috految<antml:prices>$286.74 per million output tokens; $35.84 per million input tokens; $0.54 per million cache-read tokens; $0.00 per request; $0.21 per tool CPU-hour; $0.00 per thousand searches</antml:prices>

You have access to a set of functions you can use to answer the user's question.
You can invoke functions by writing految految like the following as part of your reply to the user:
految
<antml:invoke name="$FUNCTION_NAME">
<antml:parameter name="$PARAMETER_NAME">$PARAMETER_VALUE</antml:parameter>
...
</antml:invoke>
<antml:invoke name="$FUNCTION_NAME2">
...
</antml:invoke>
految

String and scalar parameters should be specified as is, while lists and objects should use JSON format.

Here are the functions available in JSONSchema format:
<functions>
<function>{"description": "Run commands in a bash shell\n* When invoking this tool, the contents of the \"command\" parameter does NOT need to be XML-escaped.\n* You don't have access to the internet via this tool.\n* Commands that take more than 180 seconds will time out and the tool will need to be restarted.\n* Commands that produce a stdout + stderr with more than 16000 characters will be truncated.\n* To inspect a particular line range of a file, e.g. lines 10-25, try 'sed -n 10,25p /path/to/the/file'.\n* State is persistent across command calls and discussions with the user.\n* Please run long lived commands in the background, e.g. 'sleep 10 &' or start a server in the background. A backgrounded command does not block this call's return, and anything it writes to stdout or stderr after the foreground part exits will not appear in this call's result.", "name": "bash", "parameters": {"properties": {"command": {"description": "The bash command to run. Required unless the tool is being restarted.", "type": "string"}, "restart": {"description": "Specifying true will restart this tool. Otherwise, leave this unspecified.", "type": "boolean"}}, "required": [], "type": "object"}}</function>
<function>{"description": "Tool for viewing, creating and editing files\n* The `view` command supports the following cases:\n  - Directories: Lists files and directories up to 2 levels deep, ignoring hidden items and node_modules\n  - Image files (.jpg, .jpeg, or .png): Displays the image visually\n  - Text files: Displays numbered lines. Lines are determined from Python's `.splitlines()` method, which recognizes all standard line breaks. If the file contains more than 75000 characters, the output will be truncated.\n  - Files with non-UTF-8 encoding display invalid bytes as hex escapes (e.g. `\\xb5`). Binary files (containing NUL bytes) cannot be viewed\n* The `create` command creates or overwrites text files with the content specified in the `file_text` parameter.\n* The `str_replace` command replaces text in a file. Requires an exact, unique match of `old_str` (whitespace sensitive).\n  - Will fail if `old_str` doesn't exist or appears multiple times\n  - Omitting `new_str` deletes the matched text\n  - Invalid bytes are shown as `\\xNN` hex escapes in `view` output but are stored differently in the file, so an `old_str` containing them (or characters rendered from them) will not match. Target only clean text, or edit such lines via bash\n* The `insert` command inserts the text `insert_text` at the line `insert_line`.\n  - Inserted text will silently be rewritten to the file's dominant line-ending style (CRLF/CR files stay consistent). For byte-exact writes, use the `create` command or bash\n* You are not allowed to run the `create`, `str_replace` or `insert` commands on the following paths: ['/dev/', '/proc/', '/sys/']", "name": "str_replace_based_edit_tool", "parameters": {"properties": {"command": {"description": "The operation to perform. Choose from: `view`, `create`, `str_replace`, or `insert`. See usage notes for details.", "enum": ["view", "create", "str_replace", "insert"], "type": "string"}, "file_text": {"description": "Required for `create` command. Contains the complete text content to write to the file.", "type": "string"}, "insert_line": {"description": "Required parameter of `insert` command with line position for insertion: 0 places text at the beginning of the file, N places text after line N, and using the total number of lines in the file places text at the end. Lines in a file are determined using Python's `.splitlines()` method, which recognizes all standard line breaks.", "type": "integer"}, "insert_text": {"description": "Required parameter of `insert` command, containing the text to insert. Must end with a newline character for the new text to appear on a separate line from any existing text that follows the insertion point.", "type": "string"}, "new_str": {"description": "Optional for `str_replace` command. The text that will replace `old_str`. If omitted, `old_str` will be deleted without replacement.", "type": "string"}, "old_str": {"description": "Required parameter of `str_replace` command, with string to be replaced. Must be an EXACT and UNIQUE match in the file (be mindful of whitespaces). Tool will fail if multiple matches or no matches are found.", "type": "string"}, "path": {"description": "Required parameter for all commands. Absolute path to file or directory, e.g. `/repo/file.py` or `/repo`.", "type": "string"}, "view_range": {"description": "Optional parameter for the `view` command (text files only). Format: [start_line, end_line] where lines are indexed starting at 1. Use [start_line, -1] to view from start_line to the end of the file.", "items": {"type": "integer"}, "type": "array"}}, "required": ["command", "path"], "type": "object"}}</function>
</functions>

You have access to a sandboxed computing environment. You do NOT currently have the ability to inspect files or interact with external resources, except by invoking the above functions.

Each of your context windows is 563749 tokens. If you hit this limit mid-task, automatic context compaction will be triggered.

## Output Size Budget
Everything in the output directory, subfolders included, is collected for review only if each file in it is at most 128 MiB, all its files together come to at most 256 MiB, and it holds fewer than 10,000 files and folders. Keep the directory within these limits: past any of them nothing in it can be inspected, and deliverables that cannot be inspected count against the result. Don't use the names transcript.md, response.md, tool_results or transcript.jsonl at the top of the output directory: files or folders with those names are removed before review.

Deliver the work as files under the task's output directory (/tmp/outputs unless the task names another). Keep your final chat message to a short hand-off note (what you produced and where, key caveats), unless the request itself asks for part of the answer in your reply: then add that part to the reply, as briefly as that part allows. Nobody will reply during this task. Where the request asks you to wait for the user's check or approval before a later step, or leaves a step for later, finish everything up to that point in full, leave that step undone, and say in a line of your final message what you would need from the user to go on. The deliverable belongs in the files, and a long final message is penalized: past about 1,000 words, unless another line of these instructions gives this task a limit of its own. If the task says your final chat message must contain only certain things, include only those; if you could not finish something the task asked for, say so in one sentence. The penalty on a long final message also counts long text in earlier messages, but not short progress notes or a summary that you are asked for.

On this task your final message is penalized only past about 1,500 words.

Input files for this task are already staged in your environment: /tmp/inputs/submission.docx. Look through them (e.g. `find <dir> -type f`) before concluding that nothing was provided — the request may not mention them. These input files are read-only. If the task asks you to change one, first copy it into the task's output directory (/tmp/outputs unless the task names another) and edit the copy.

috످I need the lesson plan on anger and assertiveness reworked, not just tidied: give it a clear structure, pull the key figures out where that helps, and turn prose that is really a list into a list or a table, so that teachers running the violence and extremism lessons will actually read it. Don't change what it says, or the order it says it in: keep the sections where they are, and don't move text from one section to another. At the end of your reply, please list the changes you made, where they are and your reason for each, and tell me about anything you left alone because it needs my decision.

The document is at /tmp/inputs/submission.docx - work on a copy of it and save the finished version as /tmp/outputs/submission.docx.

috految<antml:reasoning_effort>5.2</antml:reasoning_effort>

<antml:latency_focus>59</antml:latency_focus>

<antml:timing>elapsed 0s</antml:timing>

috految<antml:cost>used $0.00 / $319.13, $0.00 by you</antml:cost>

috److految
<antml:invoke name="bash">
<antml:parameter name="command">cd /tmp; unzip -qo inputs/submission.docx -d x; wc -c x/word/*.xml x/word/media/*; grep -o '<[a-zA-Z:]*' x/word/document.xml|sort|uniq -c|xargs; python3 -c "
import docx
d=docx.Document('inputs/submission.docx');print([s.name for s in d.styles])
for i,p in enumerate(d.element.xpath('//w:p')):print(i,p.getparent().tag.split('}')[1].replace('body',''),p.style or '',*p.xpath('w:pPr/w:numPr/*/@w:val'),*{e.tag.split('}')[1] for e in p.xpath('.//w:r/*|.//w:r/w:rPr/*|w:hyperlink|.//w:sectPr')}-{'t','rPr','rFonts','szCs','lang','sz'},repr(p.text))">t; head -c 13500 t</antml:parameter>
</antml:invoke>
<antml:invoke name="bash">
<antml:parameter name="command">tail -c +13501 t; tail -c 900 x/word/document.xml; sed 's/<[^>]*>//g' x/word/{head,foot}*; grep -o 'Target="[^"]*' x/word/_rels/doc*</antml:parameter>
</antml:invoke>
految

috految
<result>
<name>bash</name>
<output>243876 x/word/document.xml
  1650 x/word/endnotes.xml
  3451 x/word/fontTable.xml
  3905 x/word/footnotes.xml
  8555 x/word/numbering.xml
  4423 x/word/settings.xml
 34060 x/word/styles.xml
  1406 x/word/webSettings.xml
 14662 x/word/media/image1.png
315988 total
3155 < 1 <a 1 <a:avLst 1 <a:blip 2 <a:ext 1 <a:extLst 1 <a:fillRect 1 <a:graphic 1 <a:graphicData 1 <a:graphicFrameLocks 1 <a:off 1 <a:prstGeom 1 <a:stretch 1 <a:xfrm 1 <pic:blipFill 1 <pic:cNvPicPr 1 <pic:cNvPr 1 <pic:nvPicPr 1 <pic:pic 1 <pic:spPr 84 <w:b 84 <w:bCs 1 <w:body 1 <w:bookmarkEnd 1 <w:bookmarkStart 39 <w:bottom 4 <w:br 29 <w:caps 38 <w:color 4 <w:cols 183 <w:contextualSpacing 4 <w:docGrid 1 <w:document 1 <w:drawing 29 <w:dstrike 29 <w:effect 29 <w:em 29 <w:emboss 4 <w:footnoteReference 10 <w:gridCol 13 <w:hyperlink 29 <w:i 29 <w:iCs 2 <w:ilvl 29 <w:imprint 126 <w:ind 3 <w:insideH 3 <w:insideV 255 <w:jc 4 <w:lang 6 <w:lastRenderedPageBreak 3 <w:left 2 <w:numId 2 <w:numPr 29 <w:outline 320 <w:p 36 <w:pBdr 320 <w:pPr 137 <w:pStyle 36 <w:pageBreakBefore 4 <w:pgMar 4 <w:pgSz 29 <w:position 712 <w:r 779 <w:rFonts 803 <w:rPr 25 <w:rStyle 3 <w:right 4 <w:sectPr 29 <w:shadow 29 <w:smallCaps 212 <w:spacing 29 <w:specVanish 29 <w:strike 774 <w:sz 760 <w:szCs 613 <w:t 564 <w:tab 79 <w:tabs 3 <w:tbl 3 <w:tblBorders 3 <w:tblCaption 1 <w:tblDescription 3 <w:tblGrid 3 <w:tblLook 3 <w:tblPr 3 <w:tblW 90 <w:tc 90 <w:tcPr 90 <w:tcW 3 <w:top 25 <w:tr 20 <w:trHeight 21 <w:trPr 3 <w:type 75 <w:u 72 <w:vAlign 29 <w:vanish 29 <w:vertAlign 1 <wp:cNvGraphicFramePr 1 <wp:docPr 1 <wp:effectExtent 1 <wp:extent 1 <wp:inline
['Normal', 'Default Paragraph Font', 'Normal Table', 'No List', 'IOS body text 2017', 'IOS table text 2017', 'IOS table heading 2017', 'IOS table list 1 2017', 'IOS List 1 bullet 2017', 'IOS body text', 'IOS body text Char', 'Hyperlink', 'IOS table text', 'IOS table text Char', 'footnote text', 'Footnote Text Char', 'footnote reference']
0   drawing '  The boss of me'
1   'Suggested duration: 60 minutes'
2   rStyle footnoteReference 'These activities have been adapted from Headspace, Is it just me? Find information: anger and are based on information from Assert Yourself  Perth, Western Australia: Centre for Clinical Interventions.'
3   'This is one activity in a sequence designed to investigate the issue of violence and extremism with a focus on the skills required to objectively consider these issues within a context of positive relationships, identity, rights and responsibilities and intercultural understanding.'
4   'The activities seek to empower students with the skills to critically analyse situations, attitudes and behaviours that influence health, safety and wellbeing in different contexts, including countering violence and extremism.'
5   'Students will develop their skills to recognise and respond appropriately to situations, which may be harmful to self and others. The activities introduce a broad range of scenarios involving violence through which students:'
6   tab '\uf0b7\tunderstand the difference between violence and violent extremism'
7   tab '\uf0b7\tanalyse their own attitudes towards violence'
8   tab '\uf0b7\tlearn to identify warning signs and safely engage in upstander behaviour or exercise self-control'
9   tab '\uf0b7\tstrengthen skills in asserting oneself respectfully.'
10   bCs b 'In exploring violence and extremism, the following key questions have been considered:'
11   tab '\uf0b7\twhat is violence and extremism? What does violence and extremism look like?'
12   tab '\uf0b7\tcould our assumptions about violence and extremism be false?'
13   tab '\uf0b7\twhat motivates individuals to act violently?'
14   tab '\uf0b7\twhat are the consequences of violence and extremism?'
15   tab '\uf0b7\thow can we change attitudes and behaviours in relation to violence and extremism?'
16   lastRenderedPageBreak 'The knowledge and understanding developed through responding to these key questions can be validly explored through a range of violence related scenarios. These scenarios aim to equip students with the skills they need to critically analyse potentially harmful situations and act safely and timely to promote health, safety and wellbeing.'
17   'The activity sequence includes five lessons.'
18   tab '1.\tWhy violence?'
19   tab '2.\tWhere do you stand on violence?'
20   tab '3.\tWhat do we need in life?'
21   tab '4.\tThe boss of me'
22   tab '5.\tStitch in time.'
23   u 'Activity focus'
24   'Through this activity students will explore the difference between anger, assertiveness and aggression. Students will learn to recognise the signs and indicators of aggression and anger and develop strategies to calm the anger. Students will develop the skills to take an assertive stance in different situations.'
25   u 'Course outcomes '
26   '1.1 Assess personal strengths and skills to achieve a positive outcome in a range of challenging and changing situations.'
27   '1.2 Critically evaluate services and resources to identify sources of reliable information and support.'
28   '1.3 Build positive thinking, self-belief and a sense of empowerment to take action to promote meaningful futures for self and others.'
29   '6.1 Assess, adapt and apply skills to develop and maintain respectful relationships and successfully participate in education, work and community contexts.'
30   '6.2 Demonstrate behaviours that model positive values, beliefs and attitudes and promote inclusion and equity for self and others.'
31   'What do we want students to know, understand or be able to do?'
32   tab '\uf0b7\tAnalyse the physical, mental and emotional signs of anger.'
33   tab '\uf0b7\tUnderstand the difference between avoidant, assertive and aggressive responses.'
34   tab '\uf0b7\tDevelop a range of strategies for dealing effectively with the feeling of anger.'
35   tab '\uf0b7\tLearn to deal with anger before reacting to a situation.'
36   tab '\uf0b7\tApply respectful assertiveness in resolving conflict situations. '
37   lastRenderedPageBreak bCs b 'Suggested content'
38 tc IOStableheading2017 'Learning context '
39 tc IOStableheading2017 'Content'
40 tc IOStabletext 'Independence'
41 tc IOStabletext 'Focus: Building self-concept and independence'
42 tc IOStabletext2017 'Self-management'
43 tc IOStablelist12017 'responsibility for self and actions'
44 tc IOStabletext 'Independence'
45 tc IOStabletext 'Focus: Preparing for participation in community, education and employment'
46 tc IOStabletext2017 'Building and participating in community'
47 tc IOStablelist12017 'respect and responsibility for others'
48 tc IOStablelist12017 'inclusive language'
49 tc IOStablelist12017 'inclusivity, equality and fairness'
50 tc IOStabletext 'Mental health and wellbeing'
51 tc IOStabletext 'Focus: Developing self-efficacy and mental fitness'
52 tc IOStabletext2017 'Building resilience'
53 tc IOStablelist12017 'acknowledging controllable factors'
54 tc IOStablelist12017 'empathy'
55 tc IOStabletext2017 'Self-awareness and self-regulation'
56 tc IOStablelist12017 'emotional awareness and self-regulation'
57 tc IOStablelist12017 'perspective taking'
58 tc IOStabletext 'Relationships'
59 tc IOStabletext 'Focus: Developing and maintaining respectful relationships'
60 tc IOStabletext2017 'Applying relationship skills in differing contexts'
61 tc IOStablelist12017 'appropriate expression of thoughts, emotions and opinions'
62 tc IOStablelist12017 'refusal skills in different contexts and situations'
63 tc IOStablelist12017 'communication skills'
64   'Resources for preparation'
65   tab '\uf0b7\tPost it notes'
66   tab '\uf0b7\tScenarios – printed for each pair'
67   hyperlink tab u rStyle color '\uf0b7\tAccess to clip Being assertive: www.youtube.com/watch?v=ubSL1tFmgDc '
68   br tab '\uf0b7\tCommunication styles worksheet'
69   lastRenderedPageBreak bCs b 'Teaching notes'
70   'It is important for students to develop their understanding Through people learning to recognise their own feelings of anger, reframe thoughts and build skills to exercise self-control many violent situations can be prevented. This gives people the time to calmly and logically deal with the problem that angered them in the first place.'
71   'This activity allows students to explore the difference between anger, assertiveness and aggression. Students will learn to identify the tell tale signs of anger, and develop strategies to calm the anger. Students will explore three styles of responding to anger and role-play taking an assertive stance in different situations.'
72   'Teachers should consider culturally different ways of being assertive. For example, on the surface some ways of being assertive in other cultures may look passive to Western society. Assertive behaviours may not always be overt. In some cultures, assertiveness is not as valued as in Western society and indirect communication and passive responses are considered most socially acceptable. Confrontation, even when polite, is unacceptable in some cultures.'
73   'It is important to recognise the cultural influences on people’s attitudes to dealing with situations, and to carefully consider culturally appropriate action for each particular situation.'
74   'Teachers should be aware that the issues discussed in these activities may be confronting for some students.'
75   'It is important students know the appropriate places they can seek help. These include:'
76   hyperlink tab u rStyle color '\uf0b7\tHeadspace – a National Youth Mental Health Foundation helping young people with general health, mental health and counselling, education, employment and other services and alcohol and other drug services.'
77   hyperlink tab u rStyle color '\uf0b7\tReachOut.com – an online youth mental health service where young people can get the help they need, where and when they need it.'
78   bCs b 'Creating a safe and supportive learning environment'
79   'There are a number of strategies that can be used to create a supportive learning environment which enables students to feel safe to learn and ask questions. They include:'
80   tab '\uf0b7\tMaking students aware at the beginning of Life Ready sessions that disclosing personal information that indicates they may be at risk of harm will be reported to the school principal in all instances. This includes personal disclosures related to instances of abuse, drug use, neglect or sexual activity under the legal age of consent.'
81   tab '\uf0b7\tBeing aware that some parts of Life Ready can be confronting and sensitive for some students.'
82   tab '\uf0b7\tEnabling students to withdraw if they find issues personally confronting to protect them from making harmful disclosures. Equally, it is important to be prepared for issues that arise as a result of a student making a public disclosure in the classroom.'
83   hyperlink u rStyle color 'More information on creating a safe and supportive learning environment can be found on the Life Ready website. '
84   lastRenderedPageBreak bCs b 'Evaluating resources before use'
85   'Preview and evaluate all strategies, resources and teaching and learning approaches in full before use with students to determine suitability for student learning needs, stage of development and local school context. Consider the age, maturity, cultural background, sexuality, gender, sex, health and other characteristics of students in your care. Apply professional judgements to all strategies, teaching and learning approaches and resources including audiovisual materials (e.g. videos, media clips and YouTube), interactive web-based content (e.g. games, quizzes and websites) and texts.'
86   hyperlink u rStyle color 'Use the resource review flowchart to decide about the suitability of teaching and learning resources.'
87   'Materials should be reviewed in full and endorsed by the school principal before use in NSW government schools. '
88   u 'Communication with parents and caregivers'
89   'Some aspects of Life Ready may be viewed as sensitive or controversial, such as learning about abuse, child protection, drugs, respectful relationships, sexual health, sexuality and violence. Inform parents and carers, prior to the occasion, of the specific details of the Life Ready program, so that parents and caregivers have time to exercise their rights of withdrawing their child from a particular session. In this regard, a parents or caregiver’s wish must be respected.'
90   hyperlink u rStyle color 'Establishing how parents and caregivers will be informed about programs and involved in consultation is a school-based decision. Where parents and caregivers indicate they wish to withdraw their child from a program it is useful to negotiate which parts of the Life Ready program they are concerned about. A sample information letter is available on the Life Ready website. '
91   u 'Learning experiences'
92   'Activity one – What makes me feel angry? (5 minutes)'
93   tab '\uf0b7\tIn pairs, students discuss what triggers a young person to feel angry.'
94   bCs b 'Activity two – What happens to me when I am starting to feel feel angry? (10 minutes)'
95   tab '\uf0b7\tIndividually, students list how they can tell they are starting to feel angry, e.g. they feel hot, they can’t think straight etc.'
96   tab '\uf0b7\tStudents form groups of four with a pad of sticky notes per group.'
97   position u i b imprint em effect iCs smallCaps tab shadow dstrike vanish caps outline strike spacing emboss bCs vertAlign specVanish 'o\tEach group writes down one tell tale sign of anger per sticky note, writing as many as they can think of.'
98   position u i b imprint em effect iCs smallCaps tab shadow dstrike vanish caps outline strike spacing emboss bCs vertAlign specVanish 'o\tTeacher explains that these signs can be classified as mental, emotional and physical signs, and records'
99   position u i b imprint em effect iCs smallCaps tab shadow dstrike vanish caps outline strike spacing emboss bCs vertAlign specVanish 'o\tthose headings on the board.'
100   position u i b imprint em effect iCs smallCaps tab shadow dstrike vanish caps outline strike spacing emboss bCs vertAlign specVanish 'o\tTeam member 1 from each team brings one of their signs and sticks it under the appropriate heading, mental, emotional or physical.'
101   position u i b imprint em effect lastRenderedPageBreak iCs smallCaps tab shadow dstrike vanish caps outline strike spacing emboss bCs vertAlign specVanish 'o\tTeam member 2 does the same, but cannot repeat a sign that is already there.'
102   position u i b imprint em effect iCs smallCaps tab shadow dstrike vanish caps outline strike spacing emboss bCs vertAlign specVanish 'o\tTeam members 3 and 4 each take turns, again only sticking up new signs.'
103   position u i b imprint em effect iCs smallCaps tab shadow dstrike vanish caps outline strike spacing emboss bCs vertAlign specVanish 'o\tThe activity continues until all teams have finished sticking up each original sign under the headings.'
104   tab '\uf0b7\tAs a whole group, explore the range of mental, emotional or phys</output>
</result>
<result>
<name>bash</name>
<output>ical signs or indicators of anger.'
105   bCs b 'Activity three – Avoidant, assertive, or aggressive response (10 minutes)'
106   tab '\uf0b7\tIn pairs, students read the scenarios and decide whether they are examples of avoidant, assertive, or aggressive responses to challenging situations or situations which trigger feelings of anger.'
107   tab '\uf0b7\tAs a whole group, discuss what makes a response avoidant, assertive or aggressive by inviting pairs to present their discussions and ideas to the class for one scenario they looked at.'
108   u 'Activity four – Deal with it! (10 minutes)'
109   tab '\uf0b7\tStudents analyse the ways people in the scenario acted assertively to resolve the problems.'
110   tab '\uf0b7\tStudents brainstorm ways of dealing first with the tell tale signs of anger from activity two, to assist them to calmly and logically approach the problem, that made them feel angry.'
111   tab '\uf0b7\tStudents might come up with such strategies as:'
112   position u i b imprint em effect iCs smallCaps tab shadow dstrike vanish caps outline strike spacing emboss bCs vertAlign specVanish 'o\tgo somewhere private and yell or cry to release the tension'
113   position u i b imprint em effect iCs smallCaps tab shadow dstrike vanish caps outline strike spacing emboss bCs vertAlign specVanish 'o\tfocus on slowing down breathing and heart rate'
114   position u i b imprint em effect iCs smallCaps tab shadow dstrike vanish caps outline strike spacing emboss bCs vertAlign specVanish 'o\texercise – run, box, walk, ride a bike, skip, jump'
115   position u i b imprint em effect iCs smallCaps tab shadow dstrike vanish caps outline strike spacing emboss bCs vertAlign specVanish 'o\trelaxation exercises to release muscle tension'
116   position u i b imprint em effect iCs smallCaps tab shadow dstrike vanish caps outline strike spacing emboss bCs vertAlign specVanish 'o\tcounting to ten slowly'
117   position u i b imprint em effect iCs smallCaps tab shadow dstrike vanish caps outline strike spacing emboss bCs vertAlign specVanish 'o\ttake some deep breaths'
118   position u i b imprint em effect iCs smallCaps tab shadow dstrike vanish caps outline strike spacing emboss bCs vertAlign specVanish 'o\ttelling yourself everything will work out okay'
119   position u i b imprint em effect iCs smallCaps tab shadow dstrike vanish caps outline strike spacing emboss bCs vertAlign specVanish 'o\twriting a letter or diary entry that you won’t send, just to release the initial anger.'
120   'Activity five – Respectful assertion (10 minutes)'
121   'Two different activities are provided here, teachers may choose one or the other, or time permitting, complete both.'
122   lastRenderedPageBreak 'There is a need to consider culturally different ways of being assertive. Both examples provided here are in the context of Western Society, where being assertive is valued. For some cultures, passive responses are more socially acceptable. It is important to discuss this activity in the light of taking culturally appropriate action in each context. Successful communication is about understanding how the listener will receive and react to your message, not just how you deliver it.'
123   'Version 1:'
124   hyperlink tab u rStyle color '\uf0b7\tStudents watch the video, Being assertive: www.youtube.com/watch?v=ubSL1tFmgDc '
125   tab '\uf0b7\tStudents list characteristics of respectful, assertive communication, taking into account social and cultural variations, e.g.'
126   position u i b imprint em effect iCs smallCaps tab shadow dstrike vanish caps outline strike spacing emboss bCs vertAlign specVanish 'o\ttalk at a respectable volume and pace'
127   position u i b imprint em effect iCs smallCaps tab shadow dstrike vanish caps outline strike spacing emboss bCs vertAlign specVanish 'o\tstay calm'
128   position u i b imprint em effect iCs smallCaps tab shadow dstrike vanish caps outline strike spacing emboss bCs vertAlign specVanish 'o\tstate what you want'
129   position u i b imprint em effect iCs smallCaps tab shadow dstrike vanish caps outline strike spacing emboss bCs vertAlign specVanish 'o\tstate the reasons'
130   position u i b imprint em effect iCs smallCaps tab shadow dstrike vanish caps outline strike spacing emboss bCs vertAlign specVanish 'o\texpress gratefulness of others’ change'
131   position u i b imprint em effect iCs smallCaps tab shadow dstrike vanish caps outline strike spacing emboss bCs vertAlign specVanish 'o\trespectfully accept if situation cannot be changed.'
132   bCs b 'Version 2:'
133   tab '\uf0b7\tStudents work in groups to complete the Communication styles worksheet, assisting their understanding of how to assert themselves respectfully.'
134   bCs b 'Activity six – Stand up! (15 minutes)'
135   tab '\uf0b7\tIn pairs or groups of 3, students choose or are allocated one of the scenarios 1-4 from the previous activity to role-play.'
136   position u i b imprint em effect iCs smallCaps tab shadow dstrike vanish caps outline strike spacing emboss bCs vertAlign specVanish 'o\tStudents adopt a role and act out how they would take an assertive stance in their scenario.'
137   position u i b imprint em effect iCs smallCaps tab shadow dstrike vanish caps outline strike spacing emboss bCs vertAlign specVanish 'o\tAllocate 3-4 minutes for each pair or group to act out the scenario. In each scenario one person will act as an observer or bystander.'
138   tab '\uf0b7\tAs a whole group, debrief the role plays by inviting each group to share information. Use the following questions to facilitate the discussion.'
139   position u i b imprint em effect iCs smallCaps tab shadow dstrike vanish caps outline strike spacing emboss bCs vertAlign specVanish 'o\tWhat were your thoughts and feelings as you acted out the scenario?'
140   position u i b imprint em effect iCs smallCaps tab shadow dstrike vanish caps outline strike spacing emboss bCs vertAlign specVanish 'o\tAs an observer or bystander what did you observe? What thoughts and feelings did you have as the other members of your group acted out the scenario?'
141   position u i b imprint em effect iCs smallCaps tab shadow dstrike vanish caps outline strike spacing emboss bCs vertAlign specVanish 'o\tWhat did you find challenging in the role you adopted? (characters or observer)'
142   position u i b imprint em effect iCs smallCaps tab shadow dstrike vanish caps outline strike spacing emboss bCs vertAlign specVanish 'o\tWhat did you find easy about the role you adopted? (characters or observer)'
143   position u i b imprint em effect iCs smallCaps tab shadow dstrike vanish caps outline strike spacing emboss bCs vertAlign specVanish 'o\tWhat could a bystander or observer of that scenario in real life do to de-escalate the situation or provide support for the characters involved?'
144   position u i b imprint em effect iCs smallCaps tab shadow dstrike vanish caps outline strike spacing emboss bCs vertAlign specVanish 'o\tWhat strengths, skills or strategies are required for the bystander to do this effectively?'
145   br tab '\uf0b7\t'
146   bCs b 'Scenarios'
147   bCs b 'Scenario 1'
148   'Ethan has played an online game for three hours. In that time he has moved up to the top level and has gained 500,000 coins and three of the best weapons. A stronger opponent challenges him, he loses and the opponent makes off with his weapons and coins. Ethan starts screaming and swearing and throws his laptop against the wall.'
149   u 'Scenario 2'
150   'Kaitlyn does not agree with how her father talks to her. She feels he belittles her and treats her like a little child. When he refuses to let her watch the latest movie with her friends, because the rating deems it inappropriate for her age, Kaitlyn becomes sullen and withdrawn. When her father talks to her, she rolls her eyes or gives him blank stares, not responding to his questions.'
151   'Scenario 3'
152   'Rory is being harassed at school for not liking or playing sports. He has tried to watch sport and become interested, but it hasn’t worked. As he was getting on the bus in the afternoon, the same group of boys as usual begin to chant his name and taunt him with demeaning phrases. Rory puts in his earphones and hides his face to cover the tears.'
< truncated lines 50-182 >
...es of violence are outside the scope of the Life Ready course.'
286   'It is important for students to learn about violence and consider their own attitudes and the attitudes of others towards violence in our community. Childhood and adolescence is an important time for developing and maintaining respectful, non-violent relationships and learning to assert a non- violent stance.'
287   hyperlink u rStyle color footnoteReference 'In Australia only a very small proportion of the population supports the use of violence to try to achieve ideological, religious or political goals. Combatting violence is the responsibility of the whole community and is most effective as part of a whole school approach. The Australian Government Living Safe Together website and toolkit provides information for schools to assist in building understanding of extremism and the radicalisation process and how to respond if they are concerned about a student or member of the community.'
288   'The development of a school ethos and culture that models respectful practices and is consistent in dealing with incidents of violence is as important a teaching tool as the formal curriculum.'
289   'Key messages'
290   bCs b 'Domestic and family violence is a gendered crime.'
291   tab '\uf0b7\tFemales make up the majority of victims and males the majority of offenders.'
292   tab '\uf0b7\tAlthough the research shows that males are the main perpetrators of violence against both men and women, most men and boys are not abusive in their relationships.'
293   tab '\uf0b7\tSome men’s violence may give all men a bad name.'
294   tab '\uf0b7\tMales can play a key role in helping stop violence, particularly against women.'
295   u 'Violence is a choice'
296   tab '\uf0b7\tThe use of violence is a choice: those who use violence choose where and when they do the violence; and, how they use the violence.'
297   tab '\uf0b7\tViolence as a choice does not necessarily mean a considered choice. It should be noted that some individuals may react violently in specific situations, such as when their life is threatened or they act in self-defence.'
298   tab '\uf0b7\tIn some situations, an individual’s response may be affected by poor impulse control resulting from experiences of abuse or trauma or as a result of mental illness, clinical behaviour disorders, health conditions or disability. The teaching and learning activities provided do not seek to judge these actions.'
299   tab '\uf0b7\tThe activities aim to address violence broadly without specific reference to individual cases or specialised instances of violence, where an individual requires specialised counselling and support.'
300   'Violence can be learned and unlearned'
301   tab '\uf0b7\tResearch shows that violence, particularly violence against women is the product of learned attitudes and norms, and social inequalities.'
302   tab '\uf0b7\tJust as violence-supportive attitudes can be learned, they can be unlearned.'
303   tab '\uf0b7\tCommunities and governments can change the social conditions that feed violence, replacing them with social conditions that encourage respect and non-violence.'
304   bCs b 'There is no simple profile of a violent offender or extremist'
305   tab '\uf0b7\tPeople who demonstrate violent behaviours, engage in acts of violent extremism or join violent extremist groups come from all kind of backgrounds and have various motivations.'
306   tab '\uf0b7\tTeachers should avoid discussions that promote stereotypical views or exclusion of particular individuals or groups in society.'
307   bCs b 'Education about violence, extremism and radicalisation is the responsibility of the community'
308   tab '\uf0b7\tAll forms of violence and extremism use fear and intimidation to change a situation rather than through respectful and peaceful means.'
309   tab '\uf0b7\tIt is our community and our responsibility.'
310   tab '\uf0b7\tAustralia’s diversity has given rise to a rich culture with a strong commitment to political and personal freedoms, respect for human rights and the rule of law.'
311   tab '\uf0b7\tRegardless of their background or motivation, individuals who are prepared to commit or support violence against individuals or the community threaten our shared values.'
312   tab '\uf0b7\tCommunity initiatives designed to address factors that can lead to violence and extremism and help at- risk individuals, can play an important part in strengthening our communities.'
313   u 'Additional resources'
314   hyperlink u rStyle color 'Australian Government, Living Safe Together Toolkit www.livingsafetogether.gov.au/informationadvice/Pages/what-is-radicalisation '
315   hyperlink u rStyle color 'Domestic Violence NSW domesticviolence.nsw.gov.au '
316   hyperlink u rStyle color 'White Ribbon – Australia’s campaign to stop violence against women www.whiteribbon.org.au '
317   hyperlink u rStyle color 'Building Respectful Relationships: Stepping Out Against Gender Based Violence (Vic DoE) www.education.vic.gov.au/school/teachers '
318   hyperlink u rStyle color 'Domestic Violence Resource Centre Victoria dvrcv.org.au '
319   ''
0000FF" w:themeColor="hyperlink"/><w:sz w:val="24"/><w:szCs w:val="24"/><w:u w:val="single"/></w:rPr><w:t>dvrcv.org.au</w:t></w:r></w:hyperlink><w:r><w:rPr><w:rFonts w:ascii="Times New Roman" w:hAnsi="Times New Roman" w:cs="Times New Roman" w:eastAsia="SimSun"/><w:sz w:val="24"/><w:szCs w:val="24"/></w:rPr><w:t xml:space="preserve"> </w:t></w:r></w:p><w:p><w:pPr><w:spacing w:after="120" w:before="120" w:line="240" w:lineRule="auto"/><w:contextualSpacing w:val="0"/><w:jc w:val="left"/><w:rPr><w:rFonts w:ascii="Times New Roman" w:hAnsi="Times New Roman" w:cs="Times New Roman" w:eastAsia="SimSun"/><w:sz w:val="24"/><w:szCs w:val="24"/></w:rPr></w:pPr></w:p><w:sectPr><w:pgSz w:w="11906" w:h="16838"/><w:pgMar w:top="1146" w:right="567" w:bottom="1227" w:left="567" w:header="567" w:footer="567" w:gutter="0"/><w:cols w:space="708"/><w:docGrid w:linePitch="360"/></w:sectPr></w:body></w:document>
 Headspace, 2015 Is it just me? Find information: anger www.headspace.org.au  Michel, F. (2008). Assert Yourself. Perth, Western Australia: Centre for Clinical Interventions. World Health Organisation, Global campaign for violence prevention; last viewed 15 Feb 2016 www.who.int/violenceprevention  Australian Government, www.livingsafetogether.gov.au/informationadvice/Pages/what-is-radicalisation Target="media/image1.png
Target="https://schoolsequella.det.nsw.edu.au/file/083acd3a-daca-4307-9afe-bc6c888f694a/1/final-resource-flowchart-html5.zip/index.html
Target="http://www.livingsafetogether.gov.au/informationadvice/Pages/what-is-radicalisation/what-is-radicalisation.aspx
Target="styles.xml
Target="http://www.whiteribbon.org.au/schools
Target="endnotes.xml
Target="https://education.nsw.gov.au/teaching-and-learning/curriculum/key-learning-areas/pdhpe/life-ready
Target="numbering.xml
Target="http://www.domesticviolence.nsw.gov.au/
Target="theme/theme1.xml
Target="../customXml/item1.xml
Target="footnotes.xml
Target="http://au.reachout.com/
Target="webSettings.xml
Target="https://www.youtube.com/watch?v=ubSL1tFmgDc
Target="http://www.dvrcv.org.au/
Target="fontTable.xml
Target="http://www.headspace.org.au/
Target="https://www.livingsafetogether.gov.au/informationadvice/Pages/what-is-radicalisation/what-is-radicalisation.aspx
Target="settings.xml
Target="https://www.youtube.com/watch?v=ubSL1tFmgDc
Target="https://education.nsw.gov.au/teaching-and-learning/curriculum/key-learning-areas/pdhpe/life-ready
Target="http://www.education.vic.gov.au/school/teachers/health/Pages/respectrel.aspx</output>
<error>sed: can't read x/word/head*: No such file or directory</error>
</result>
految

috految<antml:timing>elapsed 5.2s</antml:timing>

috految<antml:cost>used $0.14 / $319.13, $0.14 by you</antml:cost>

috److految
<antml:invoke name="bash">
<antml:parameter name="command">sed -n 155,287p t; grep -oP '<w:(sectPr|tblPr|tblGrid)>.*?</w:\1>|<w:(trHeight|br|bookmarkStart|color|bottom) [^>]*|<wp:(ext|doc)[^>]*' x/word/document.xml|uniq; grep -oP 'styleId="(Normal|IOS\w*2017)".*?</w:style>' x/word/styles.xml|sed s/w://g; python3 -c "
import docx
for i,p in enumerate(docx.Document('inputs/submission.docx').element.xpath('//w:p')):
 if p.xpath('.//w:pBdr'):print(i,*p.xpath('w:r[1]//w:sz/@w:val|.//w:ind/@w:left'))"; (soffice --headless --convert-to pdf inputs/submission.docx &>/dev/null &)</antml:parameter>
</antml:invoke>
految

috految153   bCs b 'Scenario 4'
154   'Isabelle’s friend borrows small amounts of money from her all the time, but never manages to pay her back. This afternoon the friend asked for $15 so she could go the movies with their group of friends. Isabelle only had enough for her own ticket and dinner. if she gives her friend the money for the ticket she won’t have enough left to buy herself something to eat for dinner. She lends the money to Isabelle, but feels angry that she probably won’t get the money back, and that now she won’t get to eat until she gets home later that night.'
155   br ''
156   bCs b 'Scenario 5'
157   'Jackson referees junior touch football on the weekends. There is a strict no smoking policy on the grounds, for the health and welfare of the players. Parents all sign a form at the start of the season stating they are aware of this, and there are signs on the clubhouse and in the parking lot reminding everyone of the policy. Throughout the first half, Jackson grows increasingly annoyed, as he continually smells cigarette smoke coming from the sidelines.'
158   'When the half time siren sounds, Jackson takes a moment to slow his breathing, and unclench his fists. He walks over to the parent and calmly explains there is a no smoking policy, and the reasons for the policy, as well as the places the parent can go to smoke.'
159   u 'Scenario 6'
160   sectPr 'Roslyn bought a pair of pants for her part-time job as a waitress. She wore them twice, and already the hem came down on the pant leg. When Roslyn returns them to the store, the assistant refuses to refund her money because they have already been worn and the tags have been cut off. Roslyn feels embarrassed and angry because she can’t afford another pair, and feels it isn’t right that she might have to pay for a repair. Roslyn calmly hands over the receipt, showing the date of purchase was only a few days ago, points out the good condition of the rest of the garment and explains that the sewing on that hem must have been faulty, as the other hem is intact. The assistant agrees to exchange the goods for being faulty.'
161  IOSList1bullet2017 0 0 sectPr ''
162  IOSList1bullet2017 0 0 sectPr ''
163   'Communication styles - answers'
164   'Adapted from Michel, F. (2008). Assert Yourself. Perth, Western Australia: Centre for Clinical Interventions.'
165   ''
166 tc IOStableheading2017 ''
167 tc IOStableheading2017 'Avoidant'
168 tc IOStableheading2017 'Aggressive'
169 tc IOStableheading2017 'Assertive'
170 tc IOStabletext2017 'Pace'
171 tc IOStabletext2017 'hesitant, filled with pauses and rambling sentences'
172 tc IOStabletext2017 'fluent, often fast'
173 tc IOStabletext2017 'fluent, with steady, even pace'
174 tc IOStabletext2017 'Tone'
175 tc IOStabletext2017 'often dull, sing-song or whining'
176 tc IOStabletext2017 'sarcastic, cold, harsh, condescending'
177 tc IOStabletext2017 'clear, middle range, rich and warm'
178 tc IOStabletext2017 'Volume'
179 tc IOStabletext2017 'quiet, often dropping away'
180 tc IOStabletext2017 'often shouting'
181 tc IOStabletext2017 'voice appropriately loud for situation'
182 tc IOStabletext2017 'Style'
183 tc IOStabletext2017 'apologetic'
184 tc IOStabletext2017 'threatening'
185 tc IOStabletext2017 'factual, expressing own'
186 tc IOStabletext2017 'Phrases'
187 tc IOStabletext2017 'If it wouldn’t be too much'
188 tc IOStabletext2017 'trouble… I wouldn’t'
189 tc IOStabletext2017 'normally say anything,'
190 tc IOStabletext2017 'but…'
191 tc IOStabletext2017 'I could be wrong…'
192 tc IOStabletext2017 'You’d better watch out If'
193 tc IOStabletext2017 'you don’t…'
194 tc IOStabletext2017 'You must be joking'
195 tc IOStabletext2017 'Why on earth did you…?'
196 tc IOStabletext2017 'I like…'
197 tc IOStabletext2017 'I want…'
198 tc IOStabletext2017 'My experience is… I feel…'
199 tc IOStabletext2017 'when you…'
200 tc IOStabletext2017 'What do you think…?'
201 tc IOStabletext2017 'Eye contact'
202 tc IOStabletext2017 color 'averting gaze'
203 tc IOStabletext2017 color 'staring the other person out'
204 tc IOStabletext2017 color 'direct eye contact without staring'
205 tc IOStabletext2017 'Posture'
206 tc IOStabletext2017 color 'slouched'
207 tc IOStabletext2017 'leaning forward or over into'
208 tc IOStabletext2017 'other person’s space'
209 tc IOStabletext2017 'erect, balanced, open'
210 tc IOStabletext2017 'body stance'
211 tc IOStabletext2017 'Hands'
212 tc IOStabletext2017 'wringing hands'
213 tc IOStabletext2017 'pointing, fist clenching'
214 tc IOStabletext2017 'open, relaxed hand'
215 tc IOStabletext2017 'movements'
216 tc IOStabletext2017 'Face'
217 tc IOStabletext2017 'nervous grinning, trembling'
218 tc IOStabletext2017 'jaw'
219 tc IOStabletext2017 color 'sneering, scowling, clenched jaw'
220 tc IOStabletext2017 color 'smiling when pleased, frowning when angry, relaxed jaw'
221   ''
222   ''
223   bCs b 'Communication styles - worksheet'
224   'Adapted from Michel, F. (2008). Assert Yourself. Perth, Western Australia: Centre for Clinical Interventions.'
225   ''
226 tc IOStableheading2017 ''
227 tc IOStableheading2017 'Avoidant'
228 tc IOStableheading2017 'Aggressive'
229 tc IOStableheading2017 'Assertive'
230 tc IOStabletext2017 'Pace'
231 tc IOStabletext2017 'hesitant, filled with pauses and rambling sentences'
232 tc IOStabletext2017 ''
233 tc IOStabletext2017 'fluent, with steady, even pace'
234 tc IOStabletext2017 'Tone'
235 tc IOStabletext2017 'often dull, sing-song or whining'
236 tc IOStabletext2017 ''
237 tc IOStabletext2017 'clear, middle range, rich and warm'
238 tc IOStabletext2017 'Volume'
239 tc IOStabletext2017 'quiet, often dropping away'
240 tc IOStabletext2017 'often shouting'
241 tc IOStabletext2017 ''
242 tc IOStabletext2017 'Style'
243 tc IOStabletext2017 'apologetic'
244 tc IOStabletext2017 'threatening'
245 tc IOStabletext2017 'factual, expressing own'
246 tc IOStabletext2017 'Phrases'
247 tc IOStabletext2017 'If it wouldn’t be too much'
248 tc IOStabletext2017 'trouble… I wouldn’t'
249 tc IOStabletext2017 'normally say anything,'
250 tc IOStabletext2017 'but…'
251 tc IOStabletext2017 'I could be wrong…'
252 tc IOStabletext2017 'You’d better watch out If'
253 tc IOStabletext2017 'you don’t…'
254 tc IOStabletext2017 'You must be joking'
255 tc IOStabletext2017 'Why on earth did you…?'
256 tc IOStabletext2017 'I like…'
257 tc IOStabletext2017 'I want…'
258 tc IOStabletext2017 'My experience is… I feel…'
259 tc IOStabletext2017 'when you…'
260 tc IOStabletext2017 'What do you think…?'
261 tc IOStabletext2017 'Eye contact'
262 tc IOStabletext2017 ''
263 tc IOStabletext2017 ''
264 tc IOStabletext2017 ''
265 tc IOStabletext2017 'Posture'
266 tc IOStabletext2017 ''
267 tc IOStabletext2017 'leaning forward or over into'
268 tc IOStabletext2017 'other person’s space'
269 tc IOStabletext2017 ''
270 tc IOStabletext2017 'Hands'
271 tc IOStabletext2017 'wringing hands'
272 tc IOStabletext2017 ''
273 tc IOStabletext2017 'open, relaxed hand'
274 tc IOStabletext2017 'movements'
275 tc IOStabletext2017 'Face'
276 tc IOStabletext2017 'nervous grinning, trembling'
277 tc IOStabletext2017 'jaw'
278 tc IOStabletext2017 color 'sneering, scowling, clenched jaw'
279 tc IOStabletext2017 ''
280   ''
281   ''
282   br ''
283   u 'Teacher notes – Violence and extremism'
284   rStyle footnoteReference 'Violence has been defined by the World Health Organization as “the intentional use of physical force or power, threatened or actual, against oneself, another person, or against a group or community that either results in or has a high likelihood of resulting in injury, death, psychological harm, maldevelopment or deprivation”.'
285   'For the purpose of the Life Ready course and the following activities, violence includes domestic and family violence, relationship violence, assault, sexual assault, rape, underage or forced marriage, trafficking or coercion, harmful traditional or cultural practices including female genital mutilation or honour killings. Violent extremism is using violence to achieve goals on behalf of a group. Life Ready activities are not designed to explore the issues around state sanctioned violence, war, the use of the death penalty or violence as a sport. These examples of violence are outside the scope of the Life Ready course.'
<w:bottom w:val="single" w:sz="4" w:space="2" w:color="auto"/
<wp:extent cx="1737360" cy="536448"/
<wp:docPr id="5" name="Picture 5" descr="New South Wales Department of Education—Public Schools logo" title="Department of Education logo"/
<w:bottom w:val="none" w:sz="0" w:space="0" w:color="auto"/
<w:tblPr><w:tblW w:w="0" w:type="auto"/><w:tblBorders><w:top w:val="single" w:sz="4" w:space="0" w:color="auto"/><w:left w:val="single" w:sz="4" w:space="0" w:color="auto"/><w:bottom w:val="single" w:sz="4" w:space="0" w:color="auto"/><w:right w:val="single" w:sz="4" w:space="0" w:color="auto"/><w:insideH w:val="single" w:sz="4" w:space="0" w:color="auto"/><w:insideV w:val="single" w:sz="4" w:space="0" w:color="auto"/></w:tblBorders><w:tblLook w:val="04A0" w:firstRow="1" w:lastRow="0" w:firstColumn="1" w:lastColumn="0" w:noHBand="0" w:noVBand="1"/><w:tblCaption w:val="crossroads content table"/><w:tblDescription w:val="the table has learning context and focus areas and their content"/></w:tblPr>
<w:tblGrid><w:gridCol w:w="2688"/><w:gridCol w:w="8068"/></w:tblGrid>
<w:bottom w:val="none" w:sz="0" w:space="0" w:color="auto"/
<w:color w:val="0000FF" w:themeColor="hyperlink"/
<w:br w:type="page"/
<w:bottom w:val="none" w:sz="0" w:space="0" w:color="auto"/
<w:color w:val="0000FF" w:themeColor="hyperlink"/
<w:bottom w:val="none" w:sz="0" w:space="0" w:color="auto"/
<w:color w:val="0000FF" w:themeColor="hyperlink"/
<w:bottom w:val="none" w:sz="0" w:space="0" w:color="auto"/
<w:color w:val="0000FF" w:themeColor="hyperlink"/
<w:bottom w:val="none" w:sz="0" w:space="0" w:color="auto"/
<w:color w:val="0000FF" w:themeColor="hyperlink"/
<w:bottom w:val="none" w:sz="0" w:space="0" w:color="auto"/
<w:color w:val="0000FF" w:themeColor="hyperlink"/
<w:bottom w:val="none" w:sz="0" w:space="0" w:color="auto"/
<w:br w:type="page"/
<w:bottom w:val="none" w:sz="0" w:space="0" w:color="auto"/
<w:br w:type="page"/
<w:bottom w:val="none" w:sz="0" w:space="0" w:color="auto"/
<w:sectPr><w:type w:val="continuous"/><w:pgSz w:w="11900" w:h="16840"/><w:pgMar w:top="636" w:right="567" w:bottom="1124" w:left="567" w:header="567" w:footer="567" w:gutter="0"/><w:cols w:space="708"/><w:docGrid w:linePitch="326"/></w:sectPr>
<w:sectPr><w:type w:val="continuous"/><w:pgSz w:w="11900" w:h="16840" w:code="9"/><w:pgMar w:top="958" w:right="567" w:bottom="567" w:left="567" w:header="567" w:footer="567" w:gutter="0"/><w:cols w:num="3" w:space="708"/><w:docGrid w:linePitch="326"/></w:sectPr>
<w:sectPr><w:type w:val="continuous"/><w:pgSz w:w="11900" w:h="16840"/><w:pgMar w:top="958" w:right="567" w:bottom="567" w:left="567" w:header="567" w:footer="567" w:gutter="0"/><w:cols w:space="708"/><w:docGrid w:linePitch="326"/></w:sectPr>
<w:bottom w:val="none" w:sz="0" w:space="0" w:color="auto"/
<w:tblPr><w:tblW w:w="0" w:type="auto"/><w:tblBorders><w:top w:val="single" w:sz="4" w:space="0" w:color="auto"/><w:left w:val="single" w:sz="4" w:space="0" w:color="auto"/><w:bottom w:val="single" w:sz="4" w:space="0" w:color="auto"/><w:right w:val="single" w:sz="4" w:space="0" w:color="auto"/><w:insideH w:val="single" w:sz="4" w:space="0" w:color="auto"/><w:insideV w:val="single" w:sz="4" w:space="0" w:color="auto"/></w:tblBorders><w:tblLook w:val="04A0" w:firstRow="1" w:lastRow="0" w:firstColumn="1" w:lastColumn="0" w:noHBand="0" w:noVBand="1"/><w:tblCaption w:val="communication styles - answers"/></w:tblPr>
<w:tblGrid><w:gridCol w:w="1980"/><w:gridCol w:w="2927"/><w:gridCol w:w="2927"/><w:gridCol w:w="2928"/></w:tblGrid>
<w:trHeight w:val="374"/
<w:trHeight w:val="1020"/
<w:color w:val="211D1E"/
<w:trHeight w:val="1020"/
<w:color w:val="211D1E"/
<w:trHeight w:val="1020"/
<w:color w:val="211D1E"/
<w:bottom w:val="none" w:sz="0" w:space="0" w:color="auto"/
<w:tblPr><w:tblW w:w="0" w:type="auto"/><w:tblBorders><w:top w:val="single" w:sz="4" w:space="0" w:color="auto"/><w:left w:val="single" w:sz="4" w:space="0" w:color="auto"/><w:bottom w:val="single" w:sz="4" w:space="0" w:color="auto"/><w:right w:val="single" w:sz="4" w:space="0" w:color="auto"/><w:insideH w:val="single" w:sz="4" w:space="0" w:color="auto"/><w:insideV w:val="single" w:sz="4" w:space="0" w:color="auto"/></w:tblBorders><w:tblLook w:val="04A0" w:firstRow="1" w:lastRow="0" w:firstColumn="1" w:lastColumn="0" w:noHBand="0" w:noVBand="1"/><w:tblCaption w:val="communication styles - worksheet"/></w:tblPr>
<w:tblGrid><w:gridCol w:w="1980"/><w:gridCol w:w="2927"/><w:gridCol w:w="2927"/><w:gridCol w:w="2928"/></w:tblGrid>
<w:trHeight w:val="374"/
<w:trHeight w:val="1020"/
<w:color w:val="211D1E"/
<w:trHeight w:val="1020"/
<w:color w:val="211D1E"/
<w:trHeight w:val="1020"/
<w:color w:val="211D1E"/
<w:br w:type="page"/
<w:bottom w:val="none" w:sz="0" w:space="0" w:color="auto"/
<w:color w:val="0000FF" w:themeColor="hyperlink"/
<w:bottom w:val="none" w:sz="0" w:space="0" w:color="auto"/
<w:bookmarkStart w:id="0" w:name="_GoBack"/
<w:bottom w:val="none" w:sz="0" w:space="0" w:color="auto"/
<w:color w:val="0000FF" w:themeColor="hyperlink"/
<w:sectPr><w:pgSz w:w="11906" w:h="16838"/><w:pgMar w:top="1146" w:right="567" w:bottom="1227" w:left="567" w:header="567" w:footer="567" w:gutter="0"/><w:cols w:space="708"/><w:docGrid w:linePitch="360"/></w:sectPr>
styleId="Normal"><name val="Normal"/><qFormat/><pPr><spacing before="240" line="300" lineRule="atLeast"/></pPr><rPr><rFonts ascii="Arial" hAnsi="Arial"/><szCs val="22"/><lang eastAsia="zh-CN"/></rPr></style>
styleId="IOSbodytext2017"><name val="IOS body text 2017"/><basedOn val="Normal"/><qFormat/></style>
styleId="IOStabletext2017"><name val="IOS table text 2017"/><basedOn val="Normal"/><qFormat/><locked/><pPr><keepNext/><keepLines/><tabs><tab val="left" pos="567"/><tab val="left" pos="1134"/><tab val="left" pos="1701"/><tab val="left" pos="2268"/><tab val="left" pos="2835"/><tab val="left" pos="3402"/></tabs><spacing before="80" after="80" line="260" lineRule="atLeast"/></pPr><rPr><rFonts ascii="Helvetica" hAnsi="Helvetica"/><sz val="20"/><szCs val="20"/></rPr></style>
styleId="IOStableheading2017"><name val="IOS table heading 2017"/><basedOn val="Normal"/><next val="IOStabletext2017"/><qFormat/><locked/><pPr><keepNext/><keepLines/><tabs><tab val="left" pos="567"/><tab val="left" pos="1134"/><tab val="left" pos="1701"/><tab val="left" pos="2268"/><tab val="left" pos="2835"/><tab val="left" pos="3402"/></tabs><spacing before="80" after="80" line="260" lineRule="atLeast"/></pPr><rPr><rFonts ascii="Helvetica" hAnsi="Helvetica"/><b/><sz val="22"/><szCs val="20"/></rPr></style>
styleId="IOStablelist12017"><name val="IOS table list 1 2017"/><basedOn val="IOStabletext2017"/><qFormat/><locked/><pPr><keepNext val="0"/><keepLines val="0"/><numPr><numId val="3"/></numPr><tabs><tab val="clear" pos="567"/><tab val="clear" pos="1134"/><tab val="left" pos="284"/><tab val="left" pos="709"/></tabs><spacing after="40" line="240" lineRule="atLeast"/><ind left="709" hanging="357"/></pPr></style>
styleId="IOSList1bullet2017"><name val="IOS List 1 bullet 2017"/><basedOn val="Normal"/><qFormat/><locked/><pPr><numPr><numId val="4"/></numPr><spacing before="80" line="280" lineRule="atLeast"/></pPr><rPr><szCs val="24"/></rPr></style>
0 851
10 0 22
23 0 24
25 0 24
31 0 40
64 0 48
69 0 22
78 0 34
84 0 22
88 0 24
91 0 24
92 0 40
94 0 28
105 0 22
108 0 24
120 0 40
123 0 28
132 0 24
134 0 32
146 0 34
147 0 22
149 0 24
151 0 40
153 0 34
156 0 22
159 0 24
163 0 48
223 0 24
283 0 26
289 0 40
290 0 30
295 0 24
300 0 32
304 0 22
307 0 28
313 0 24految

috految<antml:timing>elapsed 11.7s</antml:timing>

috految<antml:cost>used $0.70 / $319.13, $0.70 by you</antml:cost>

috److految
<antml:invoke name="bash">
<antml:parameter name="command">cat >e.py <<'E'
import docx,re,os
from docx.shared import Pt,RGBColor
from docx.oxml import parse_xml,ns
d=docx.Document('inputs/submission.docx');S=d.styles;T=d.tables
P=[docx.text.paragraph.Paragraph(p,d._body) for p in d.element.xpath('//w:p')]
def X(t,a='',c=''):return parse_xml(f'<w:{t} {ns.nsdecls("w")} {a}>{c}</w:{t}>')
def rm(e,q='.'):
 for x in e.xpath(q):x.getparent().remove(x)
def st(n,z,b,a,h=0,x=()):
 if n not in S:S.add_style(n,1,n!='Callout').base_style=S['Normal']
 s=S[n];s.quick_style=True;s.element.get_or_add_pPr().extend(x);s.font.name='Arial';s.font.size=Pt(z);f=s.paragraph_format;f.space_before=Pt(b);f.space_after=Pt(a);f.line_spacing=1.08;f.keep_with_next=bool(h);f.widow_control=True
 if h:s.font.bold=True;s.font.color.rgb=RGBColor(0,38,100)
 return s
sh=lambda:X('shd','w:val="clear" w:fill="E4ECF6"')
B=st('IOS body text 2017',11,6,5);L=st('IOS List 1 bullet 2017',11,0,4);M=st('List Bullet 2',11,0,3);N=st('List Number',11,3,4);A=st('List Number 2',11,0,3)
C=st('Callout',11,8,8,x=[X('keepLines'),X('pBdr','','<w:left w:val="single" w:sz="24" w:space="6" w:color="002664"/>'),sh()])
TT=st('IOS table text 2017',10,3,3);TH=st('IOS table heading 2017',10,4,4,1);TL=st('IOS table list 1 2017',10,2,2);TL.paragraph_format.left_indent=Pt(14);TL.paragraph_format.first_line_indent=Pt(-14)
H=[st('Title',28,0,8,1)]+[st(f'Heading {k+1}',z,16-3*k,5,1,[X('outlineLvl',f'w:val="{k}"')]) for k,z in enumerate((17,13,11))]
for s in H:s.next_paragraph_style=B
st('footnote text',9,2,0);st('Footer',9,0,0);S.add_style('Strong',2,True).font.bold=True
U=d.part.numbering_part.element
def num(e,n,l=0):q=e.get_or_add_pPr().get_or_add_numPr();q.get_or_add_ilvl().val=l;q.get_or_add_numId().val=n
for k,v in (90,[(L,'bullet','•'),(M,'bullet','–')]),(91,[(N,'decimal','%1.'),(A,'lowerLetter','%2.')]):
 rm(U,'.//w:pStyle[@w:val="%s"]'%v[0][0].style_id)
 U.insert(0,X('abstractNum',f'w:abstractNumId="{k}"',''.join(f'<w:lvl w:ilvl="{l}"><w:start w:val="1"/><w:numFmt w:val="{f}"/><w:pStyle w:val="{s.style_id}"/><w:lvlText w:val="{t}"/><w:pPr><w:ind w:left="{500+400*l}" w:hanging="360"/></w:pPr></w:lvl>' for l,(s,f,t) in enumerate(v))));n=U.add_num(k).numId
 for l in 0,1:num(v[l][0].element,n,l)
LV={i:k for k,v in enumerate([[0],[23,25,37,64,69,91,146,163,223,283],[31,78,84,88,92,94,105,108,120,134,147,149,151,153,156,159,289,313],[123,132,290,295,300,304,307]]) for i in v}
def cut(p,n):
 for r in p._p.xpath('w:r|w:hyperlink'):
  t=r.text
  if n<len(t):
   if not n:return r
   q=r.__copy__();r.text=t[:n];q.text=t[n:];r.addnext(q);return q
  n-=len(t)
for i,p in enumerate(P):
 e=p._p;rm(e,'.//w:br|.//w:rPr/*[not(self::w:rStyle or self::w:lang)]|w:pPr/*[not(self::w:sectPr or self::w:pStyle'+(' or self::w:pBdr' if i==0 else '')+')]')
 if e.getparent().tag.endswith('tc'):
  if e.style=='IOStabletext':p.style=TT
  continue
 p.style=H[LV[i]] if i in LV else B;m=re.match(r'(\uf0b7|o|\d\.)\t',p.text)
 if m:
  p.style=M if m[1]=='o' else L;r=cut(p,m.end())
  if r is not None:rm(r,'preceding-sibling::w:r')
for i in 145,155,161,162,165,221,222,225,280,281,282:rm(P[i]._p)
for g in [98,99],[187,188,189,190],[192,193],[198,199],[207,208],[209,210],[214,215],[217,218],[247,248,249,250],[252,253],[258,259],[267,268],[273,274],[276,277]:
 for i in g[1:]:P[g[0]].add_run(' '+P[i].text);rm(P[i]._p)
for g in range(18,23),[95,96,97,98,100,101,102,103,104],[93],[106,107],[109,110],[124,125],[133],[135,136,137,138]:
 n=U.add_num(91);n.add_lvlOverride(0).add_startOverride(1)
 for i in g:l=int(P[i].style==M);P[i].style=[N,A][l];num(P[i]._p,n.numId,l)
P[111].style=st('List Continue',11,3,4);P[111].style.paragraph_format.left_indent=Pt(25)
def sp(p,t,s=B):
 r=cut(p,p.text.index(t));q=d.add_paragraph(style=s);q._p.extend([r,*r.itersiblings()]);p._p.addnext(q._p);return q
def ls(p,ts,s=L):
 for k,t in enumerate(ts.split('|')):
  q=sp(p,t,s);p.text=re.sub(r'(,| and)$','',p.text.strip())+('' if k else ':');p=q
 return p
def h(p,t,l=2):return p.insert_paragraph_before(t,H[l])
def bold(p,t):
 k=p.text.index(t);z=cut(p,k+len(t));r=cut(p,k)
 while r is not z:r.style='Strong';r=r.getnext()
top=h(P[2],'About this lesson',1)
for i,t in {3:'Purpose',10:'Key questions',17:'Lesson sequence',70:'Anger and self-control',72:'Cultural considerations',74:'Support for students',284:'Definitions and scope',286:'Why students learn about violence',287:'The role of schools and the community'}.items():h(P[i],t)
h(P[135],'Role-play',3);h(P[138],'Debrief',3)
ls(P[3],'positive rel|identity|rights and|intercultural')
P[24].text=P[24].text.replace('. Students will',',');ls(P[24],'explore|learn to|develop the skills')
p=sp(P[71],'Students will learn');p.text=p.text.replace('. Students will',',');ls(p,'learn to|explore three')
p=P[72]
for t in 'Assertive beh','In some','Confrontation':p=sp(p,t,L)
ls(P[80],'abuse|drug use|neglect|sexual act',M)
p=sp(P[85],'Consider the',L);P[85].style=L;ls(sp(p,'Apply prof',L),'audiovisual|interactive|texts',M);ls(P[85],'student learning|stage of|local school',M)
sp(P[89],'Inform parents',C);ls(P[89],'abuse|child prot|drugs|respectful|sexual health|sexuality|violence');sp(P[90],'Where parents');sp(P[122],'It is important')
p=sp(P[285],'Violent extremism');q=sp(p,'Life Ready act');sp(q,'These examples');ls(q,'state sanc|war,|the use of|violence as');h(q,'Outside the scope of Life Ready',3);bold(p,'Violent extremism');ls(P[285],'domestic|relationship|assault|sexual|rape|underage|trafficking|harmful');sp(P[287],'The Australian Gov')
for i in 1,74,87,121:P[i].style=C
for i in [187,191,192,194,195,196,197,198,200]:P[i].style=P[i+60].style=TL
for k in 0,60:
 for i,t in (187,'I wouldn'),(192,'If'),(198,'I feel'):sp(P[i+k],t,TL)
for i,t in {1:'60 minutes',21:'The boss of me',80:'will be reported to the school principal in all instances',93:'In pairs',95:'Individually',96:'groups of four',104:'As a whole group',106:'In pairs',107:'As a whole group',133:'in groups',135:'In pairs or groups of 3',137:'3-4 minutes',138:'As a whole group',284:'Violence'}.items():bold(P[i],t)
for i in 40,42,44,46,50,52,55,58,60:bold(P[i],P[i].text)
P[164].style=P[224].style=st('Source',10,0,8)
for i in range(314,319):P[i].style=L
for p in d.paragraphs:
 if p.text.strip().endswith((':','e.g.')):p.paragraph_format.keep_with_next=True
for p in top,P[91],P[146],P[156],P[223],P[283]:p.paragraph_format.page_break_before=True
def tb(p,R,W):
 t=d.add_table(len(R),len(W));p._p.addprevious(t._tbl);t.autofit=False;t._tbl.tblPr.xpath('w:tblLayout')[0].addprevious(T[0]._tbl.xpath('.//w:tblBorders')[0].__copy__())
 for j,w in enumerate(W):
  t.columns[j].width=Pt(w)
  for k,r in enumerate(R):c=t.cell(k,j);c.width=Pt(w);c.text=r[j];c.paragraphs[0].style=TT if k else TH
tb(P[26],[('Outcome','Description')]+[p.text.split(' ',1) for p in P[26:31]],[68,470])
for p in P[26:31]:rm(p._p)
h(top,'Lesson at a glance',1)
tb(top,[('Activity','Minutes','Grouping','Materials')]+[(P[i].text.split(' (')[0].replace('feel feel','feel'),re.search(r'\d+',P[i].text)[0],g,m) for i,g,m in[(92,'Pairs','–'),(94,'Individual, groups of four, whole group','Sticky notes, board'),(105,'Pairs, whole group','Scenarios (printed for each pair)'),(108,'–','Scenario; signs from activity two'),(120,'Version 2: groups','Video (version 1) or worksheet (version 2); both if time permits'),(134,'Pairs or groups of 3, whole group','Scenarios 1-4')]]+[('Total','60','','')],[195,56,122,165])
top.insert_paragraph_before('This is lesson 4 of 5. See Teaching notes on disclosures, principal endorsement and informing parents and caregivers.',B)
for t in d.tables:
 for k,r in enumerate(t.rows):
  e=r._tr.get_or_add_trPr();e.append(X('cantSplit'))
  if not k:e.append(X('tblHeader'))
  for j,c in enumerate(r.cells):
   if not k:rm(c._tc,'.//w:vAlign');c._tc.tcPr.append(sh())
   elif not j:
    for x in c.paragraphs[0].runs:x.style='Strong'
   if k<len(t.rows)-1:c.paragraphs[0].paragraph_format.keep_with_next=True
p=d.sections[0].footer.paragraphs[0];p.style='Footer';p.text='The boss of me | Page ';p._p.append(X('fldSimple','w:instr="PAGE"','<w:r><w:t>1</w:t></w:r>'));d.settings.odd_and_even_pages_header_footer=False
top.insert_paragraph_before('Contents',st('TOC Heading',13,14,4,1));K=st('toc 1',11,0,4);K.paragraph_format.tab_stops.add_tab_stop(Pt(537),2,1);Z=[]
def F(t):p.add_run()._r.append(X('fldChar',f'w:fldCharType="{t}"'))
for k,q in enumerate(q for q in d.paragraphs if q.style==H[1]):
 q._p.insert(1,X('bookmarkStart',f'w:id="{k+9}" w:name="_Toc{k}"'));q._p.append(X('bookmarkEnd',f'w:id="{k+9}"'));p=top.insert_paragraph_before('',K)
 if not k:F('begin');p.add_run()._r.append(X('instrText','',r'TOC \o "1-1" \h'));F('separate')
 a=X('hyperlink',f'w:anchor="_Toc{k}"');r=p.add_run(q.text+'\t');a.append(r._r);p._p.append(a);Z+=[(r,q.text.strip())]
F('end');o='outputs/submission.docx';d.save(o)
G=os.popen(f'soffice --headless --convert-to pdf {o} >/dev/null;pdftotext -layout submission.pdf -').read().split('\f')
for r,t in Z:r.add_text(str(max(k+1 for k,g in enumerate(G) if t in map(str.strip,g.split('\n')))))
d.save(o);print([r.text for r,t in Z],[(len(g),g[:40]) for g in G],len(d.element.xpath('//w:footnoteReference|//w:hyperlink[@r:id]')))
E
python3 e.py</antml:parameter>
</antml:invoke>
految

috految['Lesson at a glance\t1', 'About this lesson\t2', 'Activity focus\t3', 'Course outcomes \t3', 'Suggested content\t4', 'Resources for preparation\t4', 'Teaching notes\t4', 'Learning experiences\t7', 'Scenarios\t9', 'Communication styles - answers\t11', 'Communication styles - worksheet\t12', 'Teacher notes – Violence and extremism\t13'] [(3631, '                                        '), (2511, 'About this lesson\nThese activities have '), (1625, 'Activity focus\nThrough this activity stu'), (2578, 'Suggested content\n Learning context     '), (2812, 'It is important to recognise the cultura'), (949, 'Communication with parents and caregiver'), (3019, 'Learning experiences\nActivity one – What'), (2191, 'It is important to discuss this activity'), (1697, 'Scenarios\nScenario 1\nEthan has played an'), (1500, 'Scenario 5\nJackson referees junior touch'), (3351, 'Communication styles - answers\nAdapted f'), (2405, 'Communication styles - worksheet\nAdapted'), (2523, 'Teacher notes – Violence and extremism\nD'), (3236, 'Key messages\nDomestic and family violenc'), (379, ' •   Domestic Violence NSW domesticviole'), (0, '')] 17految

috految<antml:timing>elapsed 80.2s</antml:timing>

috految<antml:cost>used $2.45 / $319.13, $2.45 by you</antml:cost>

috److I've reworked the lesson plan and saved it as `/tmp/outputs/submission.docx`. The sections keep their order, and no text has moved between them. **Settle decisions 1–4 before sharing it.**

Changes are not tracked, and I haven't tested the links. In Word, update the contents list and check the page breaks before printing.

## Changes made

| Where | Change | Reason |
|---|---|---|
| Throughout | Applied a title, three navy heading levels, Arial (11 pt body), consistent spacing and automatic lists | Mixed formatting hid the structure |
| Page 1 | Shaded the duration; added a “Lesson at a glance” table, “lesson 4 of 5” and a pointer to the safeguards | Shows timing, grouping and materials together; the activities total your 60 minutes |
| Page 1, footer | Added clickable contents, a running title and page numbers | Quicker navigation |
| Opening | Added “About this lesson”, “Purpose”, “Key questions” and “Lesson sequence” headings; made the key questions lead-in body text; listed the four contexts; bolded this lesson | Orients the teacher |
| Activity focus, Teaching notes | Listed the aims, dropping three repeats of “Students will” | Separates each aim |
| Course outcomes | Made a table with column labels | Codes are easier to find |
| Existing tables | Shaded headers and bolded labels | Faster scanning |
| Teaching notes | Added “Anger and self-control”, “Cultural considerations” and “Support for students” headings; listed the cultural points; shaded the warning | Separates three topics |
| Safe and supportive learning environment | Listed disclosure types and bolded the reporting rule | The duty was buried |
| Evaluating resources | Listed the checks and shaded principal endorsement | Works as a checklist |
| Communication with parents | Listed sensitive topics, shaded the notice requirement and split the last paragraph | Shows what to do beforehand |
| Activities | Numbered steps and bolded groupings and role-play time | Easier to follow in class |
| Activity two | Rejoined “records / those headings” | One sentence was split across bullets |
| Activity four | Set the strategies under the brainstorm step | They are its possible answers |
| Activity five | Shaded the choice of versions and split the cultural note | Choice comes first |
| Activity six | Added “Role-play” and “Debrief” headings | Shows the two stages |
| Answers, worksheet | Rejoined broken lines and bulleted phrases, keeping the blanks | Phrases ran together |
| Teacher notes | Added four headings (definitions, exclusions, rationale, schools' role); listed violence types and exclusions; bolded defined terms; split long paragraphs | Makes the scope clear |
| Additional resources | Bulleted the entries | Easier to scan |
| New lists | Added colons and dropped joining commas and “and” | Fits list form |
| Page flow | Started the introduction, activities and handouts on new pages; removed blank lines, an empty bullet, two empty layout sections and the break around Teaching notes | Handouts print separately |

**Please confirm my readings:**
- I split the Phrases rows before “I wouldn't…”, “If you don't…” and “I feel…”.
- I treated “rights and responsibilities” as one item, “honour killings” as part of harmful practices, and “under the legal age of consent” as qualifying only sexual activity.
- I placed “What do we want students to know…” under Course outcomes and Additional resources under Teacher notes. Safe environment, Evaluating resources and Communication with parents sit under Teaching notes.

## Left for your decision

1. **Scenario 4:** “She lends the money to Isabelle”, but Isabelle is the lender. Should it be “to her friend”?
2. **Teaching notes:** “develop their understanding Through people learning…” is broken. What is missing?
3. **Answers and worksheet, Style row:** “factual, expressing own” is unfinished. Own what?
4. **Activity six:** Should “the previous activity” be Activity three? Activity five has no scenarios.
5. **Activity six:** A pair with an observer leaves one actor, and consecutive 3-4 minute role-plays could exceed 15 minutes. Should groups of three perform simultaneously?
6. **Activity four:** Which is “the scenario”? Only 5 and 6 show assertive responses. No grouping is given here or for Activity five, version 1.
7. **Activity three:** Do you want an answer key?
8. **Worksheet:** It follows its answers, so double-sided printing could reveal them. It also has no instructions. Should either change?
9. **Student safety:** Should the support list include a crisis number? Should Scenario 3 (harassment) carry a caution for role-play?
10. **Teacher notes:** They mention “the following activities”, but none follow. Violent extremism is “on behalf of a group”, while a later paragraph refers to “ideological, religious or political goals”. Is that intended?
11. **Key messages:** Do the “research shows” claims need sources?
12. **Outcome 1.2:** No activity evaluates services. Should it stay?
13. **Terms:** Choose between avoidant/passive, carers/caregivers, lesson/activity, Post it/sticky notes and Organization/Organisation. Teaching notes and Teacher notes are easily confused.
14. **References:** The WHO source was last viewed in 2016. The White Ribbon and Victorian education links point to addresses that differ from those shown. The content table's alt text says “crossroads”, not Life Ready.
15. **Likely typos:**
    - Opening: “act safely and timely”
    - Communication with parents: “a parents”
    - Activity two heading: “feel feel” (my overview uses one “feel”)
    - Activities two and four: “tell tale”
    - Activity five: “respectable volume” (respectful?), “gratefulness of others' change”
    - Scenario 4: “go the movies”, “dinner. if”
    - Teacher notes: “non- violent”, “at- risk”, “all kind”

috످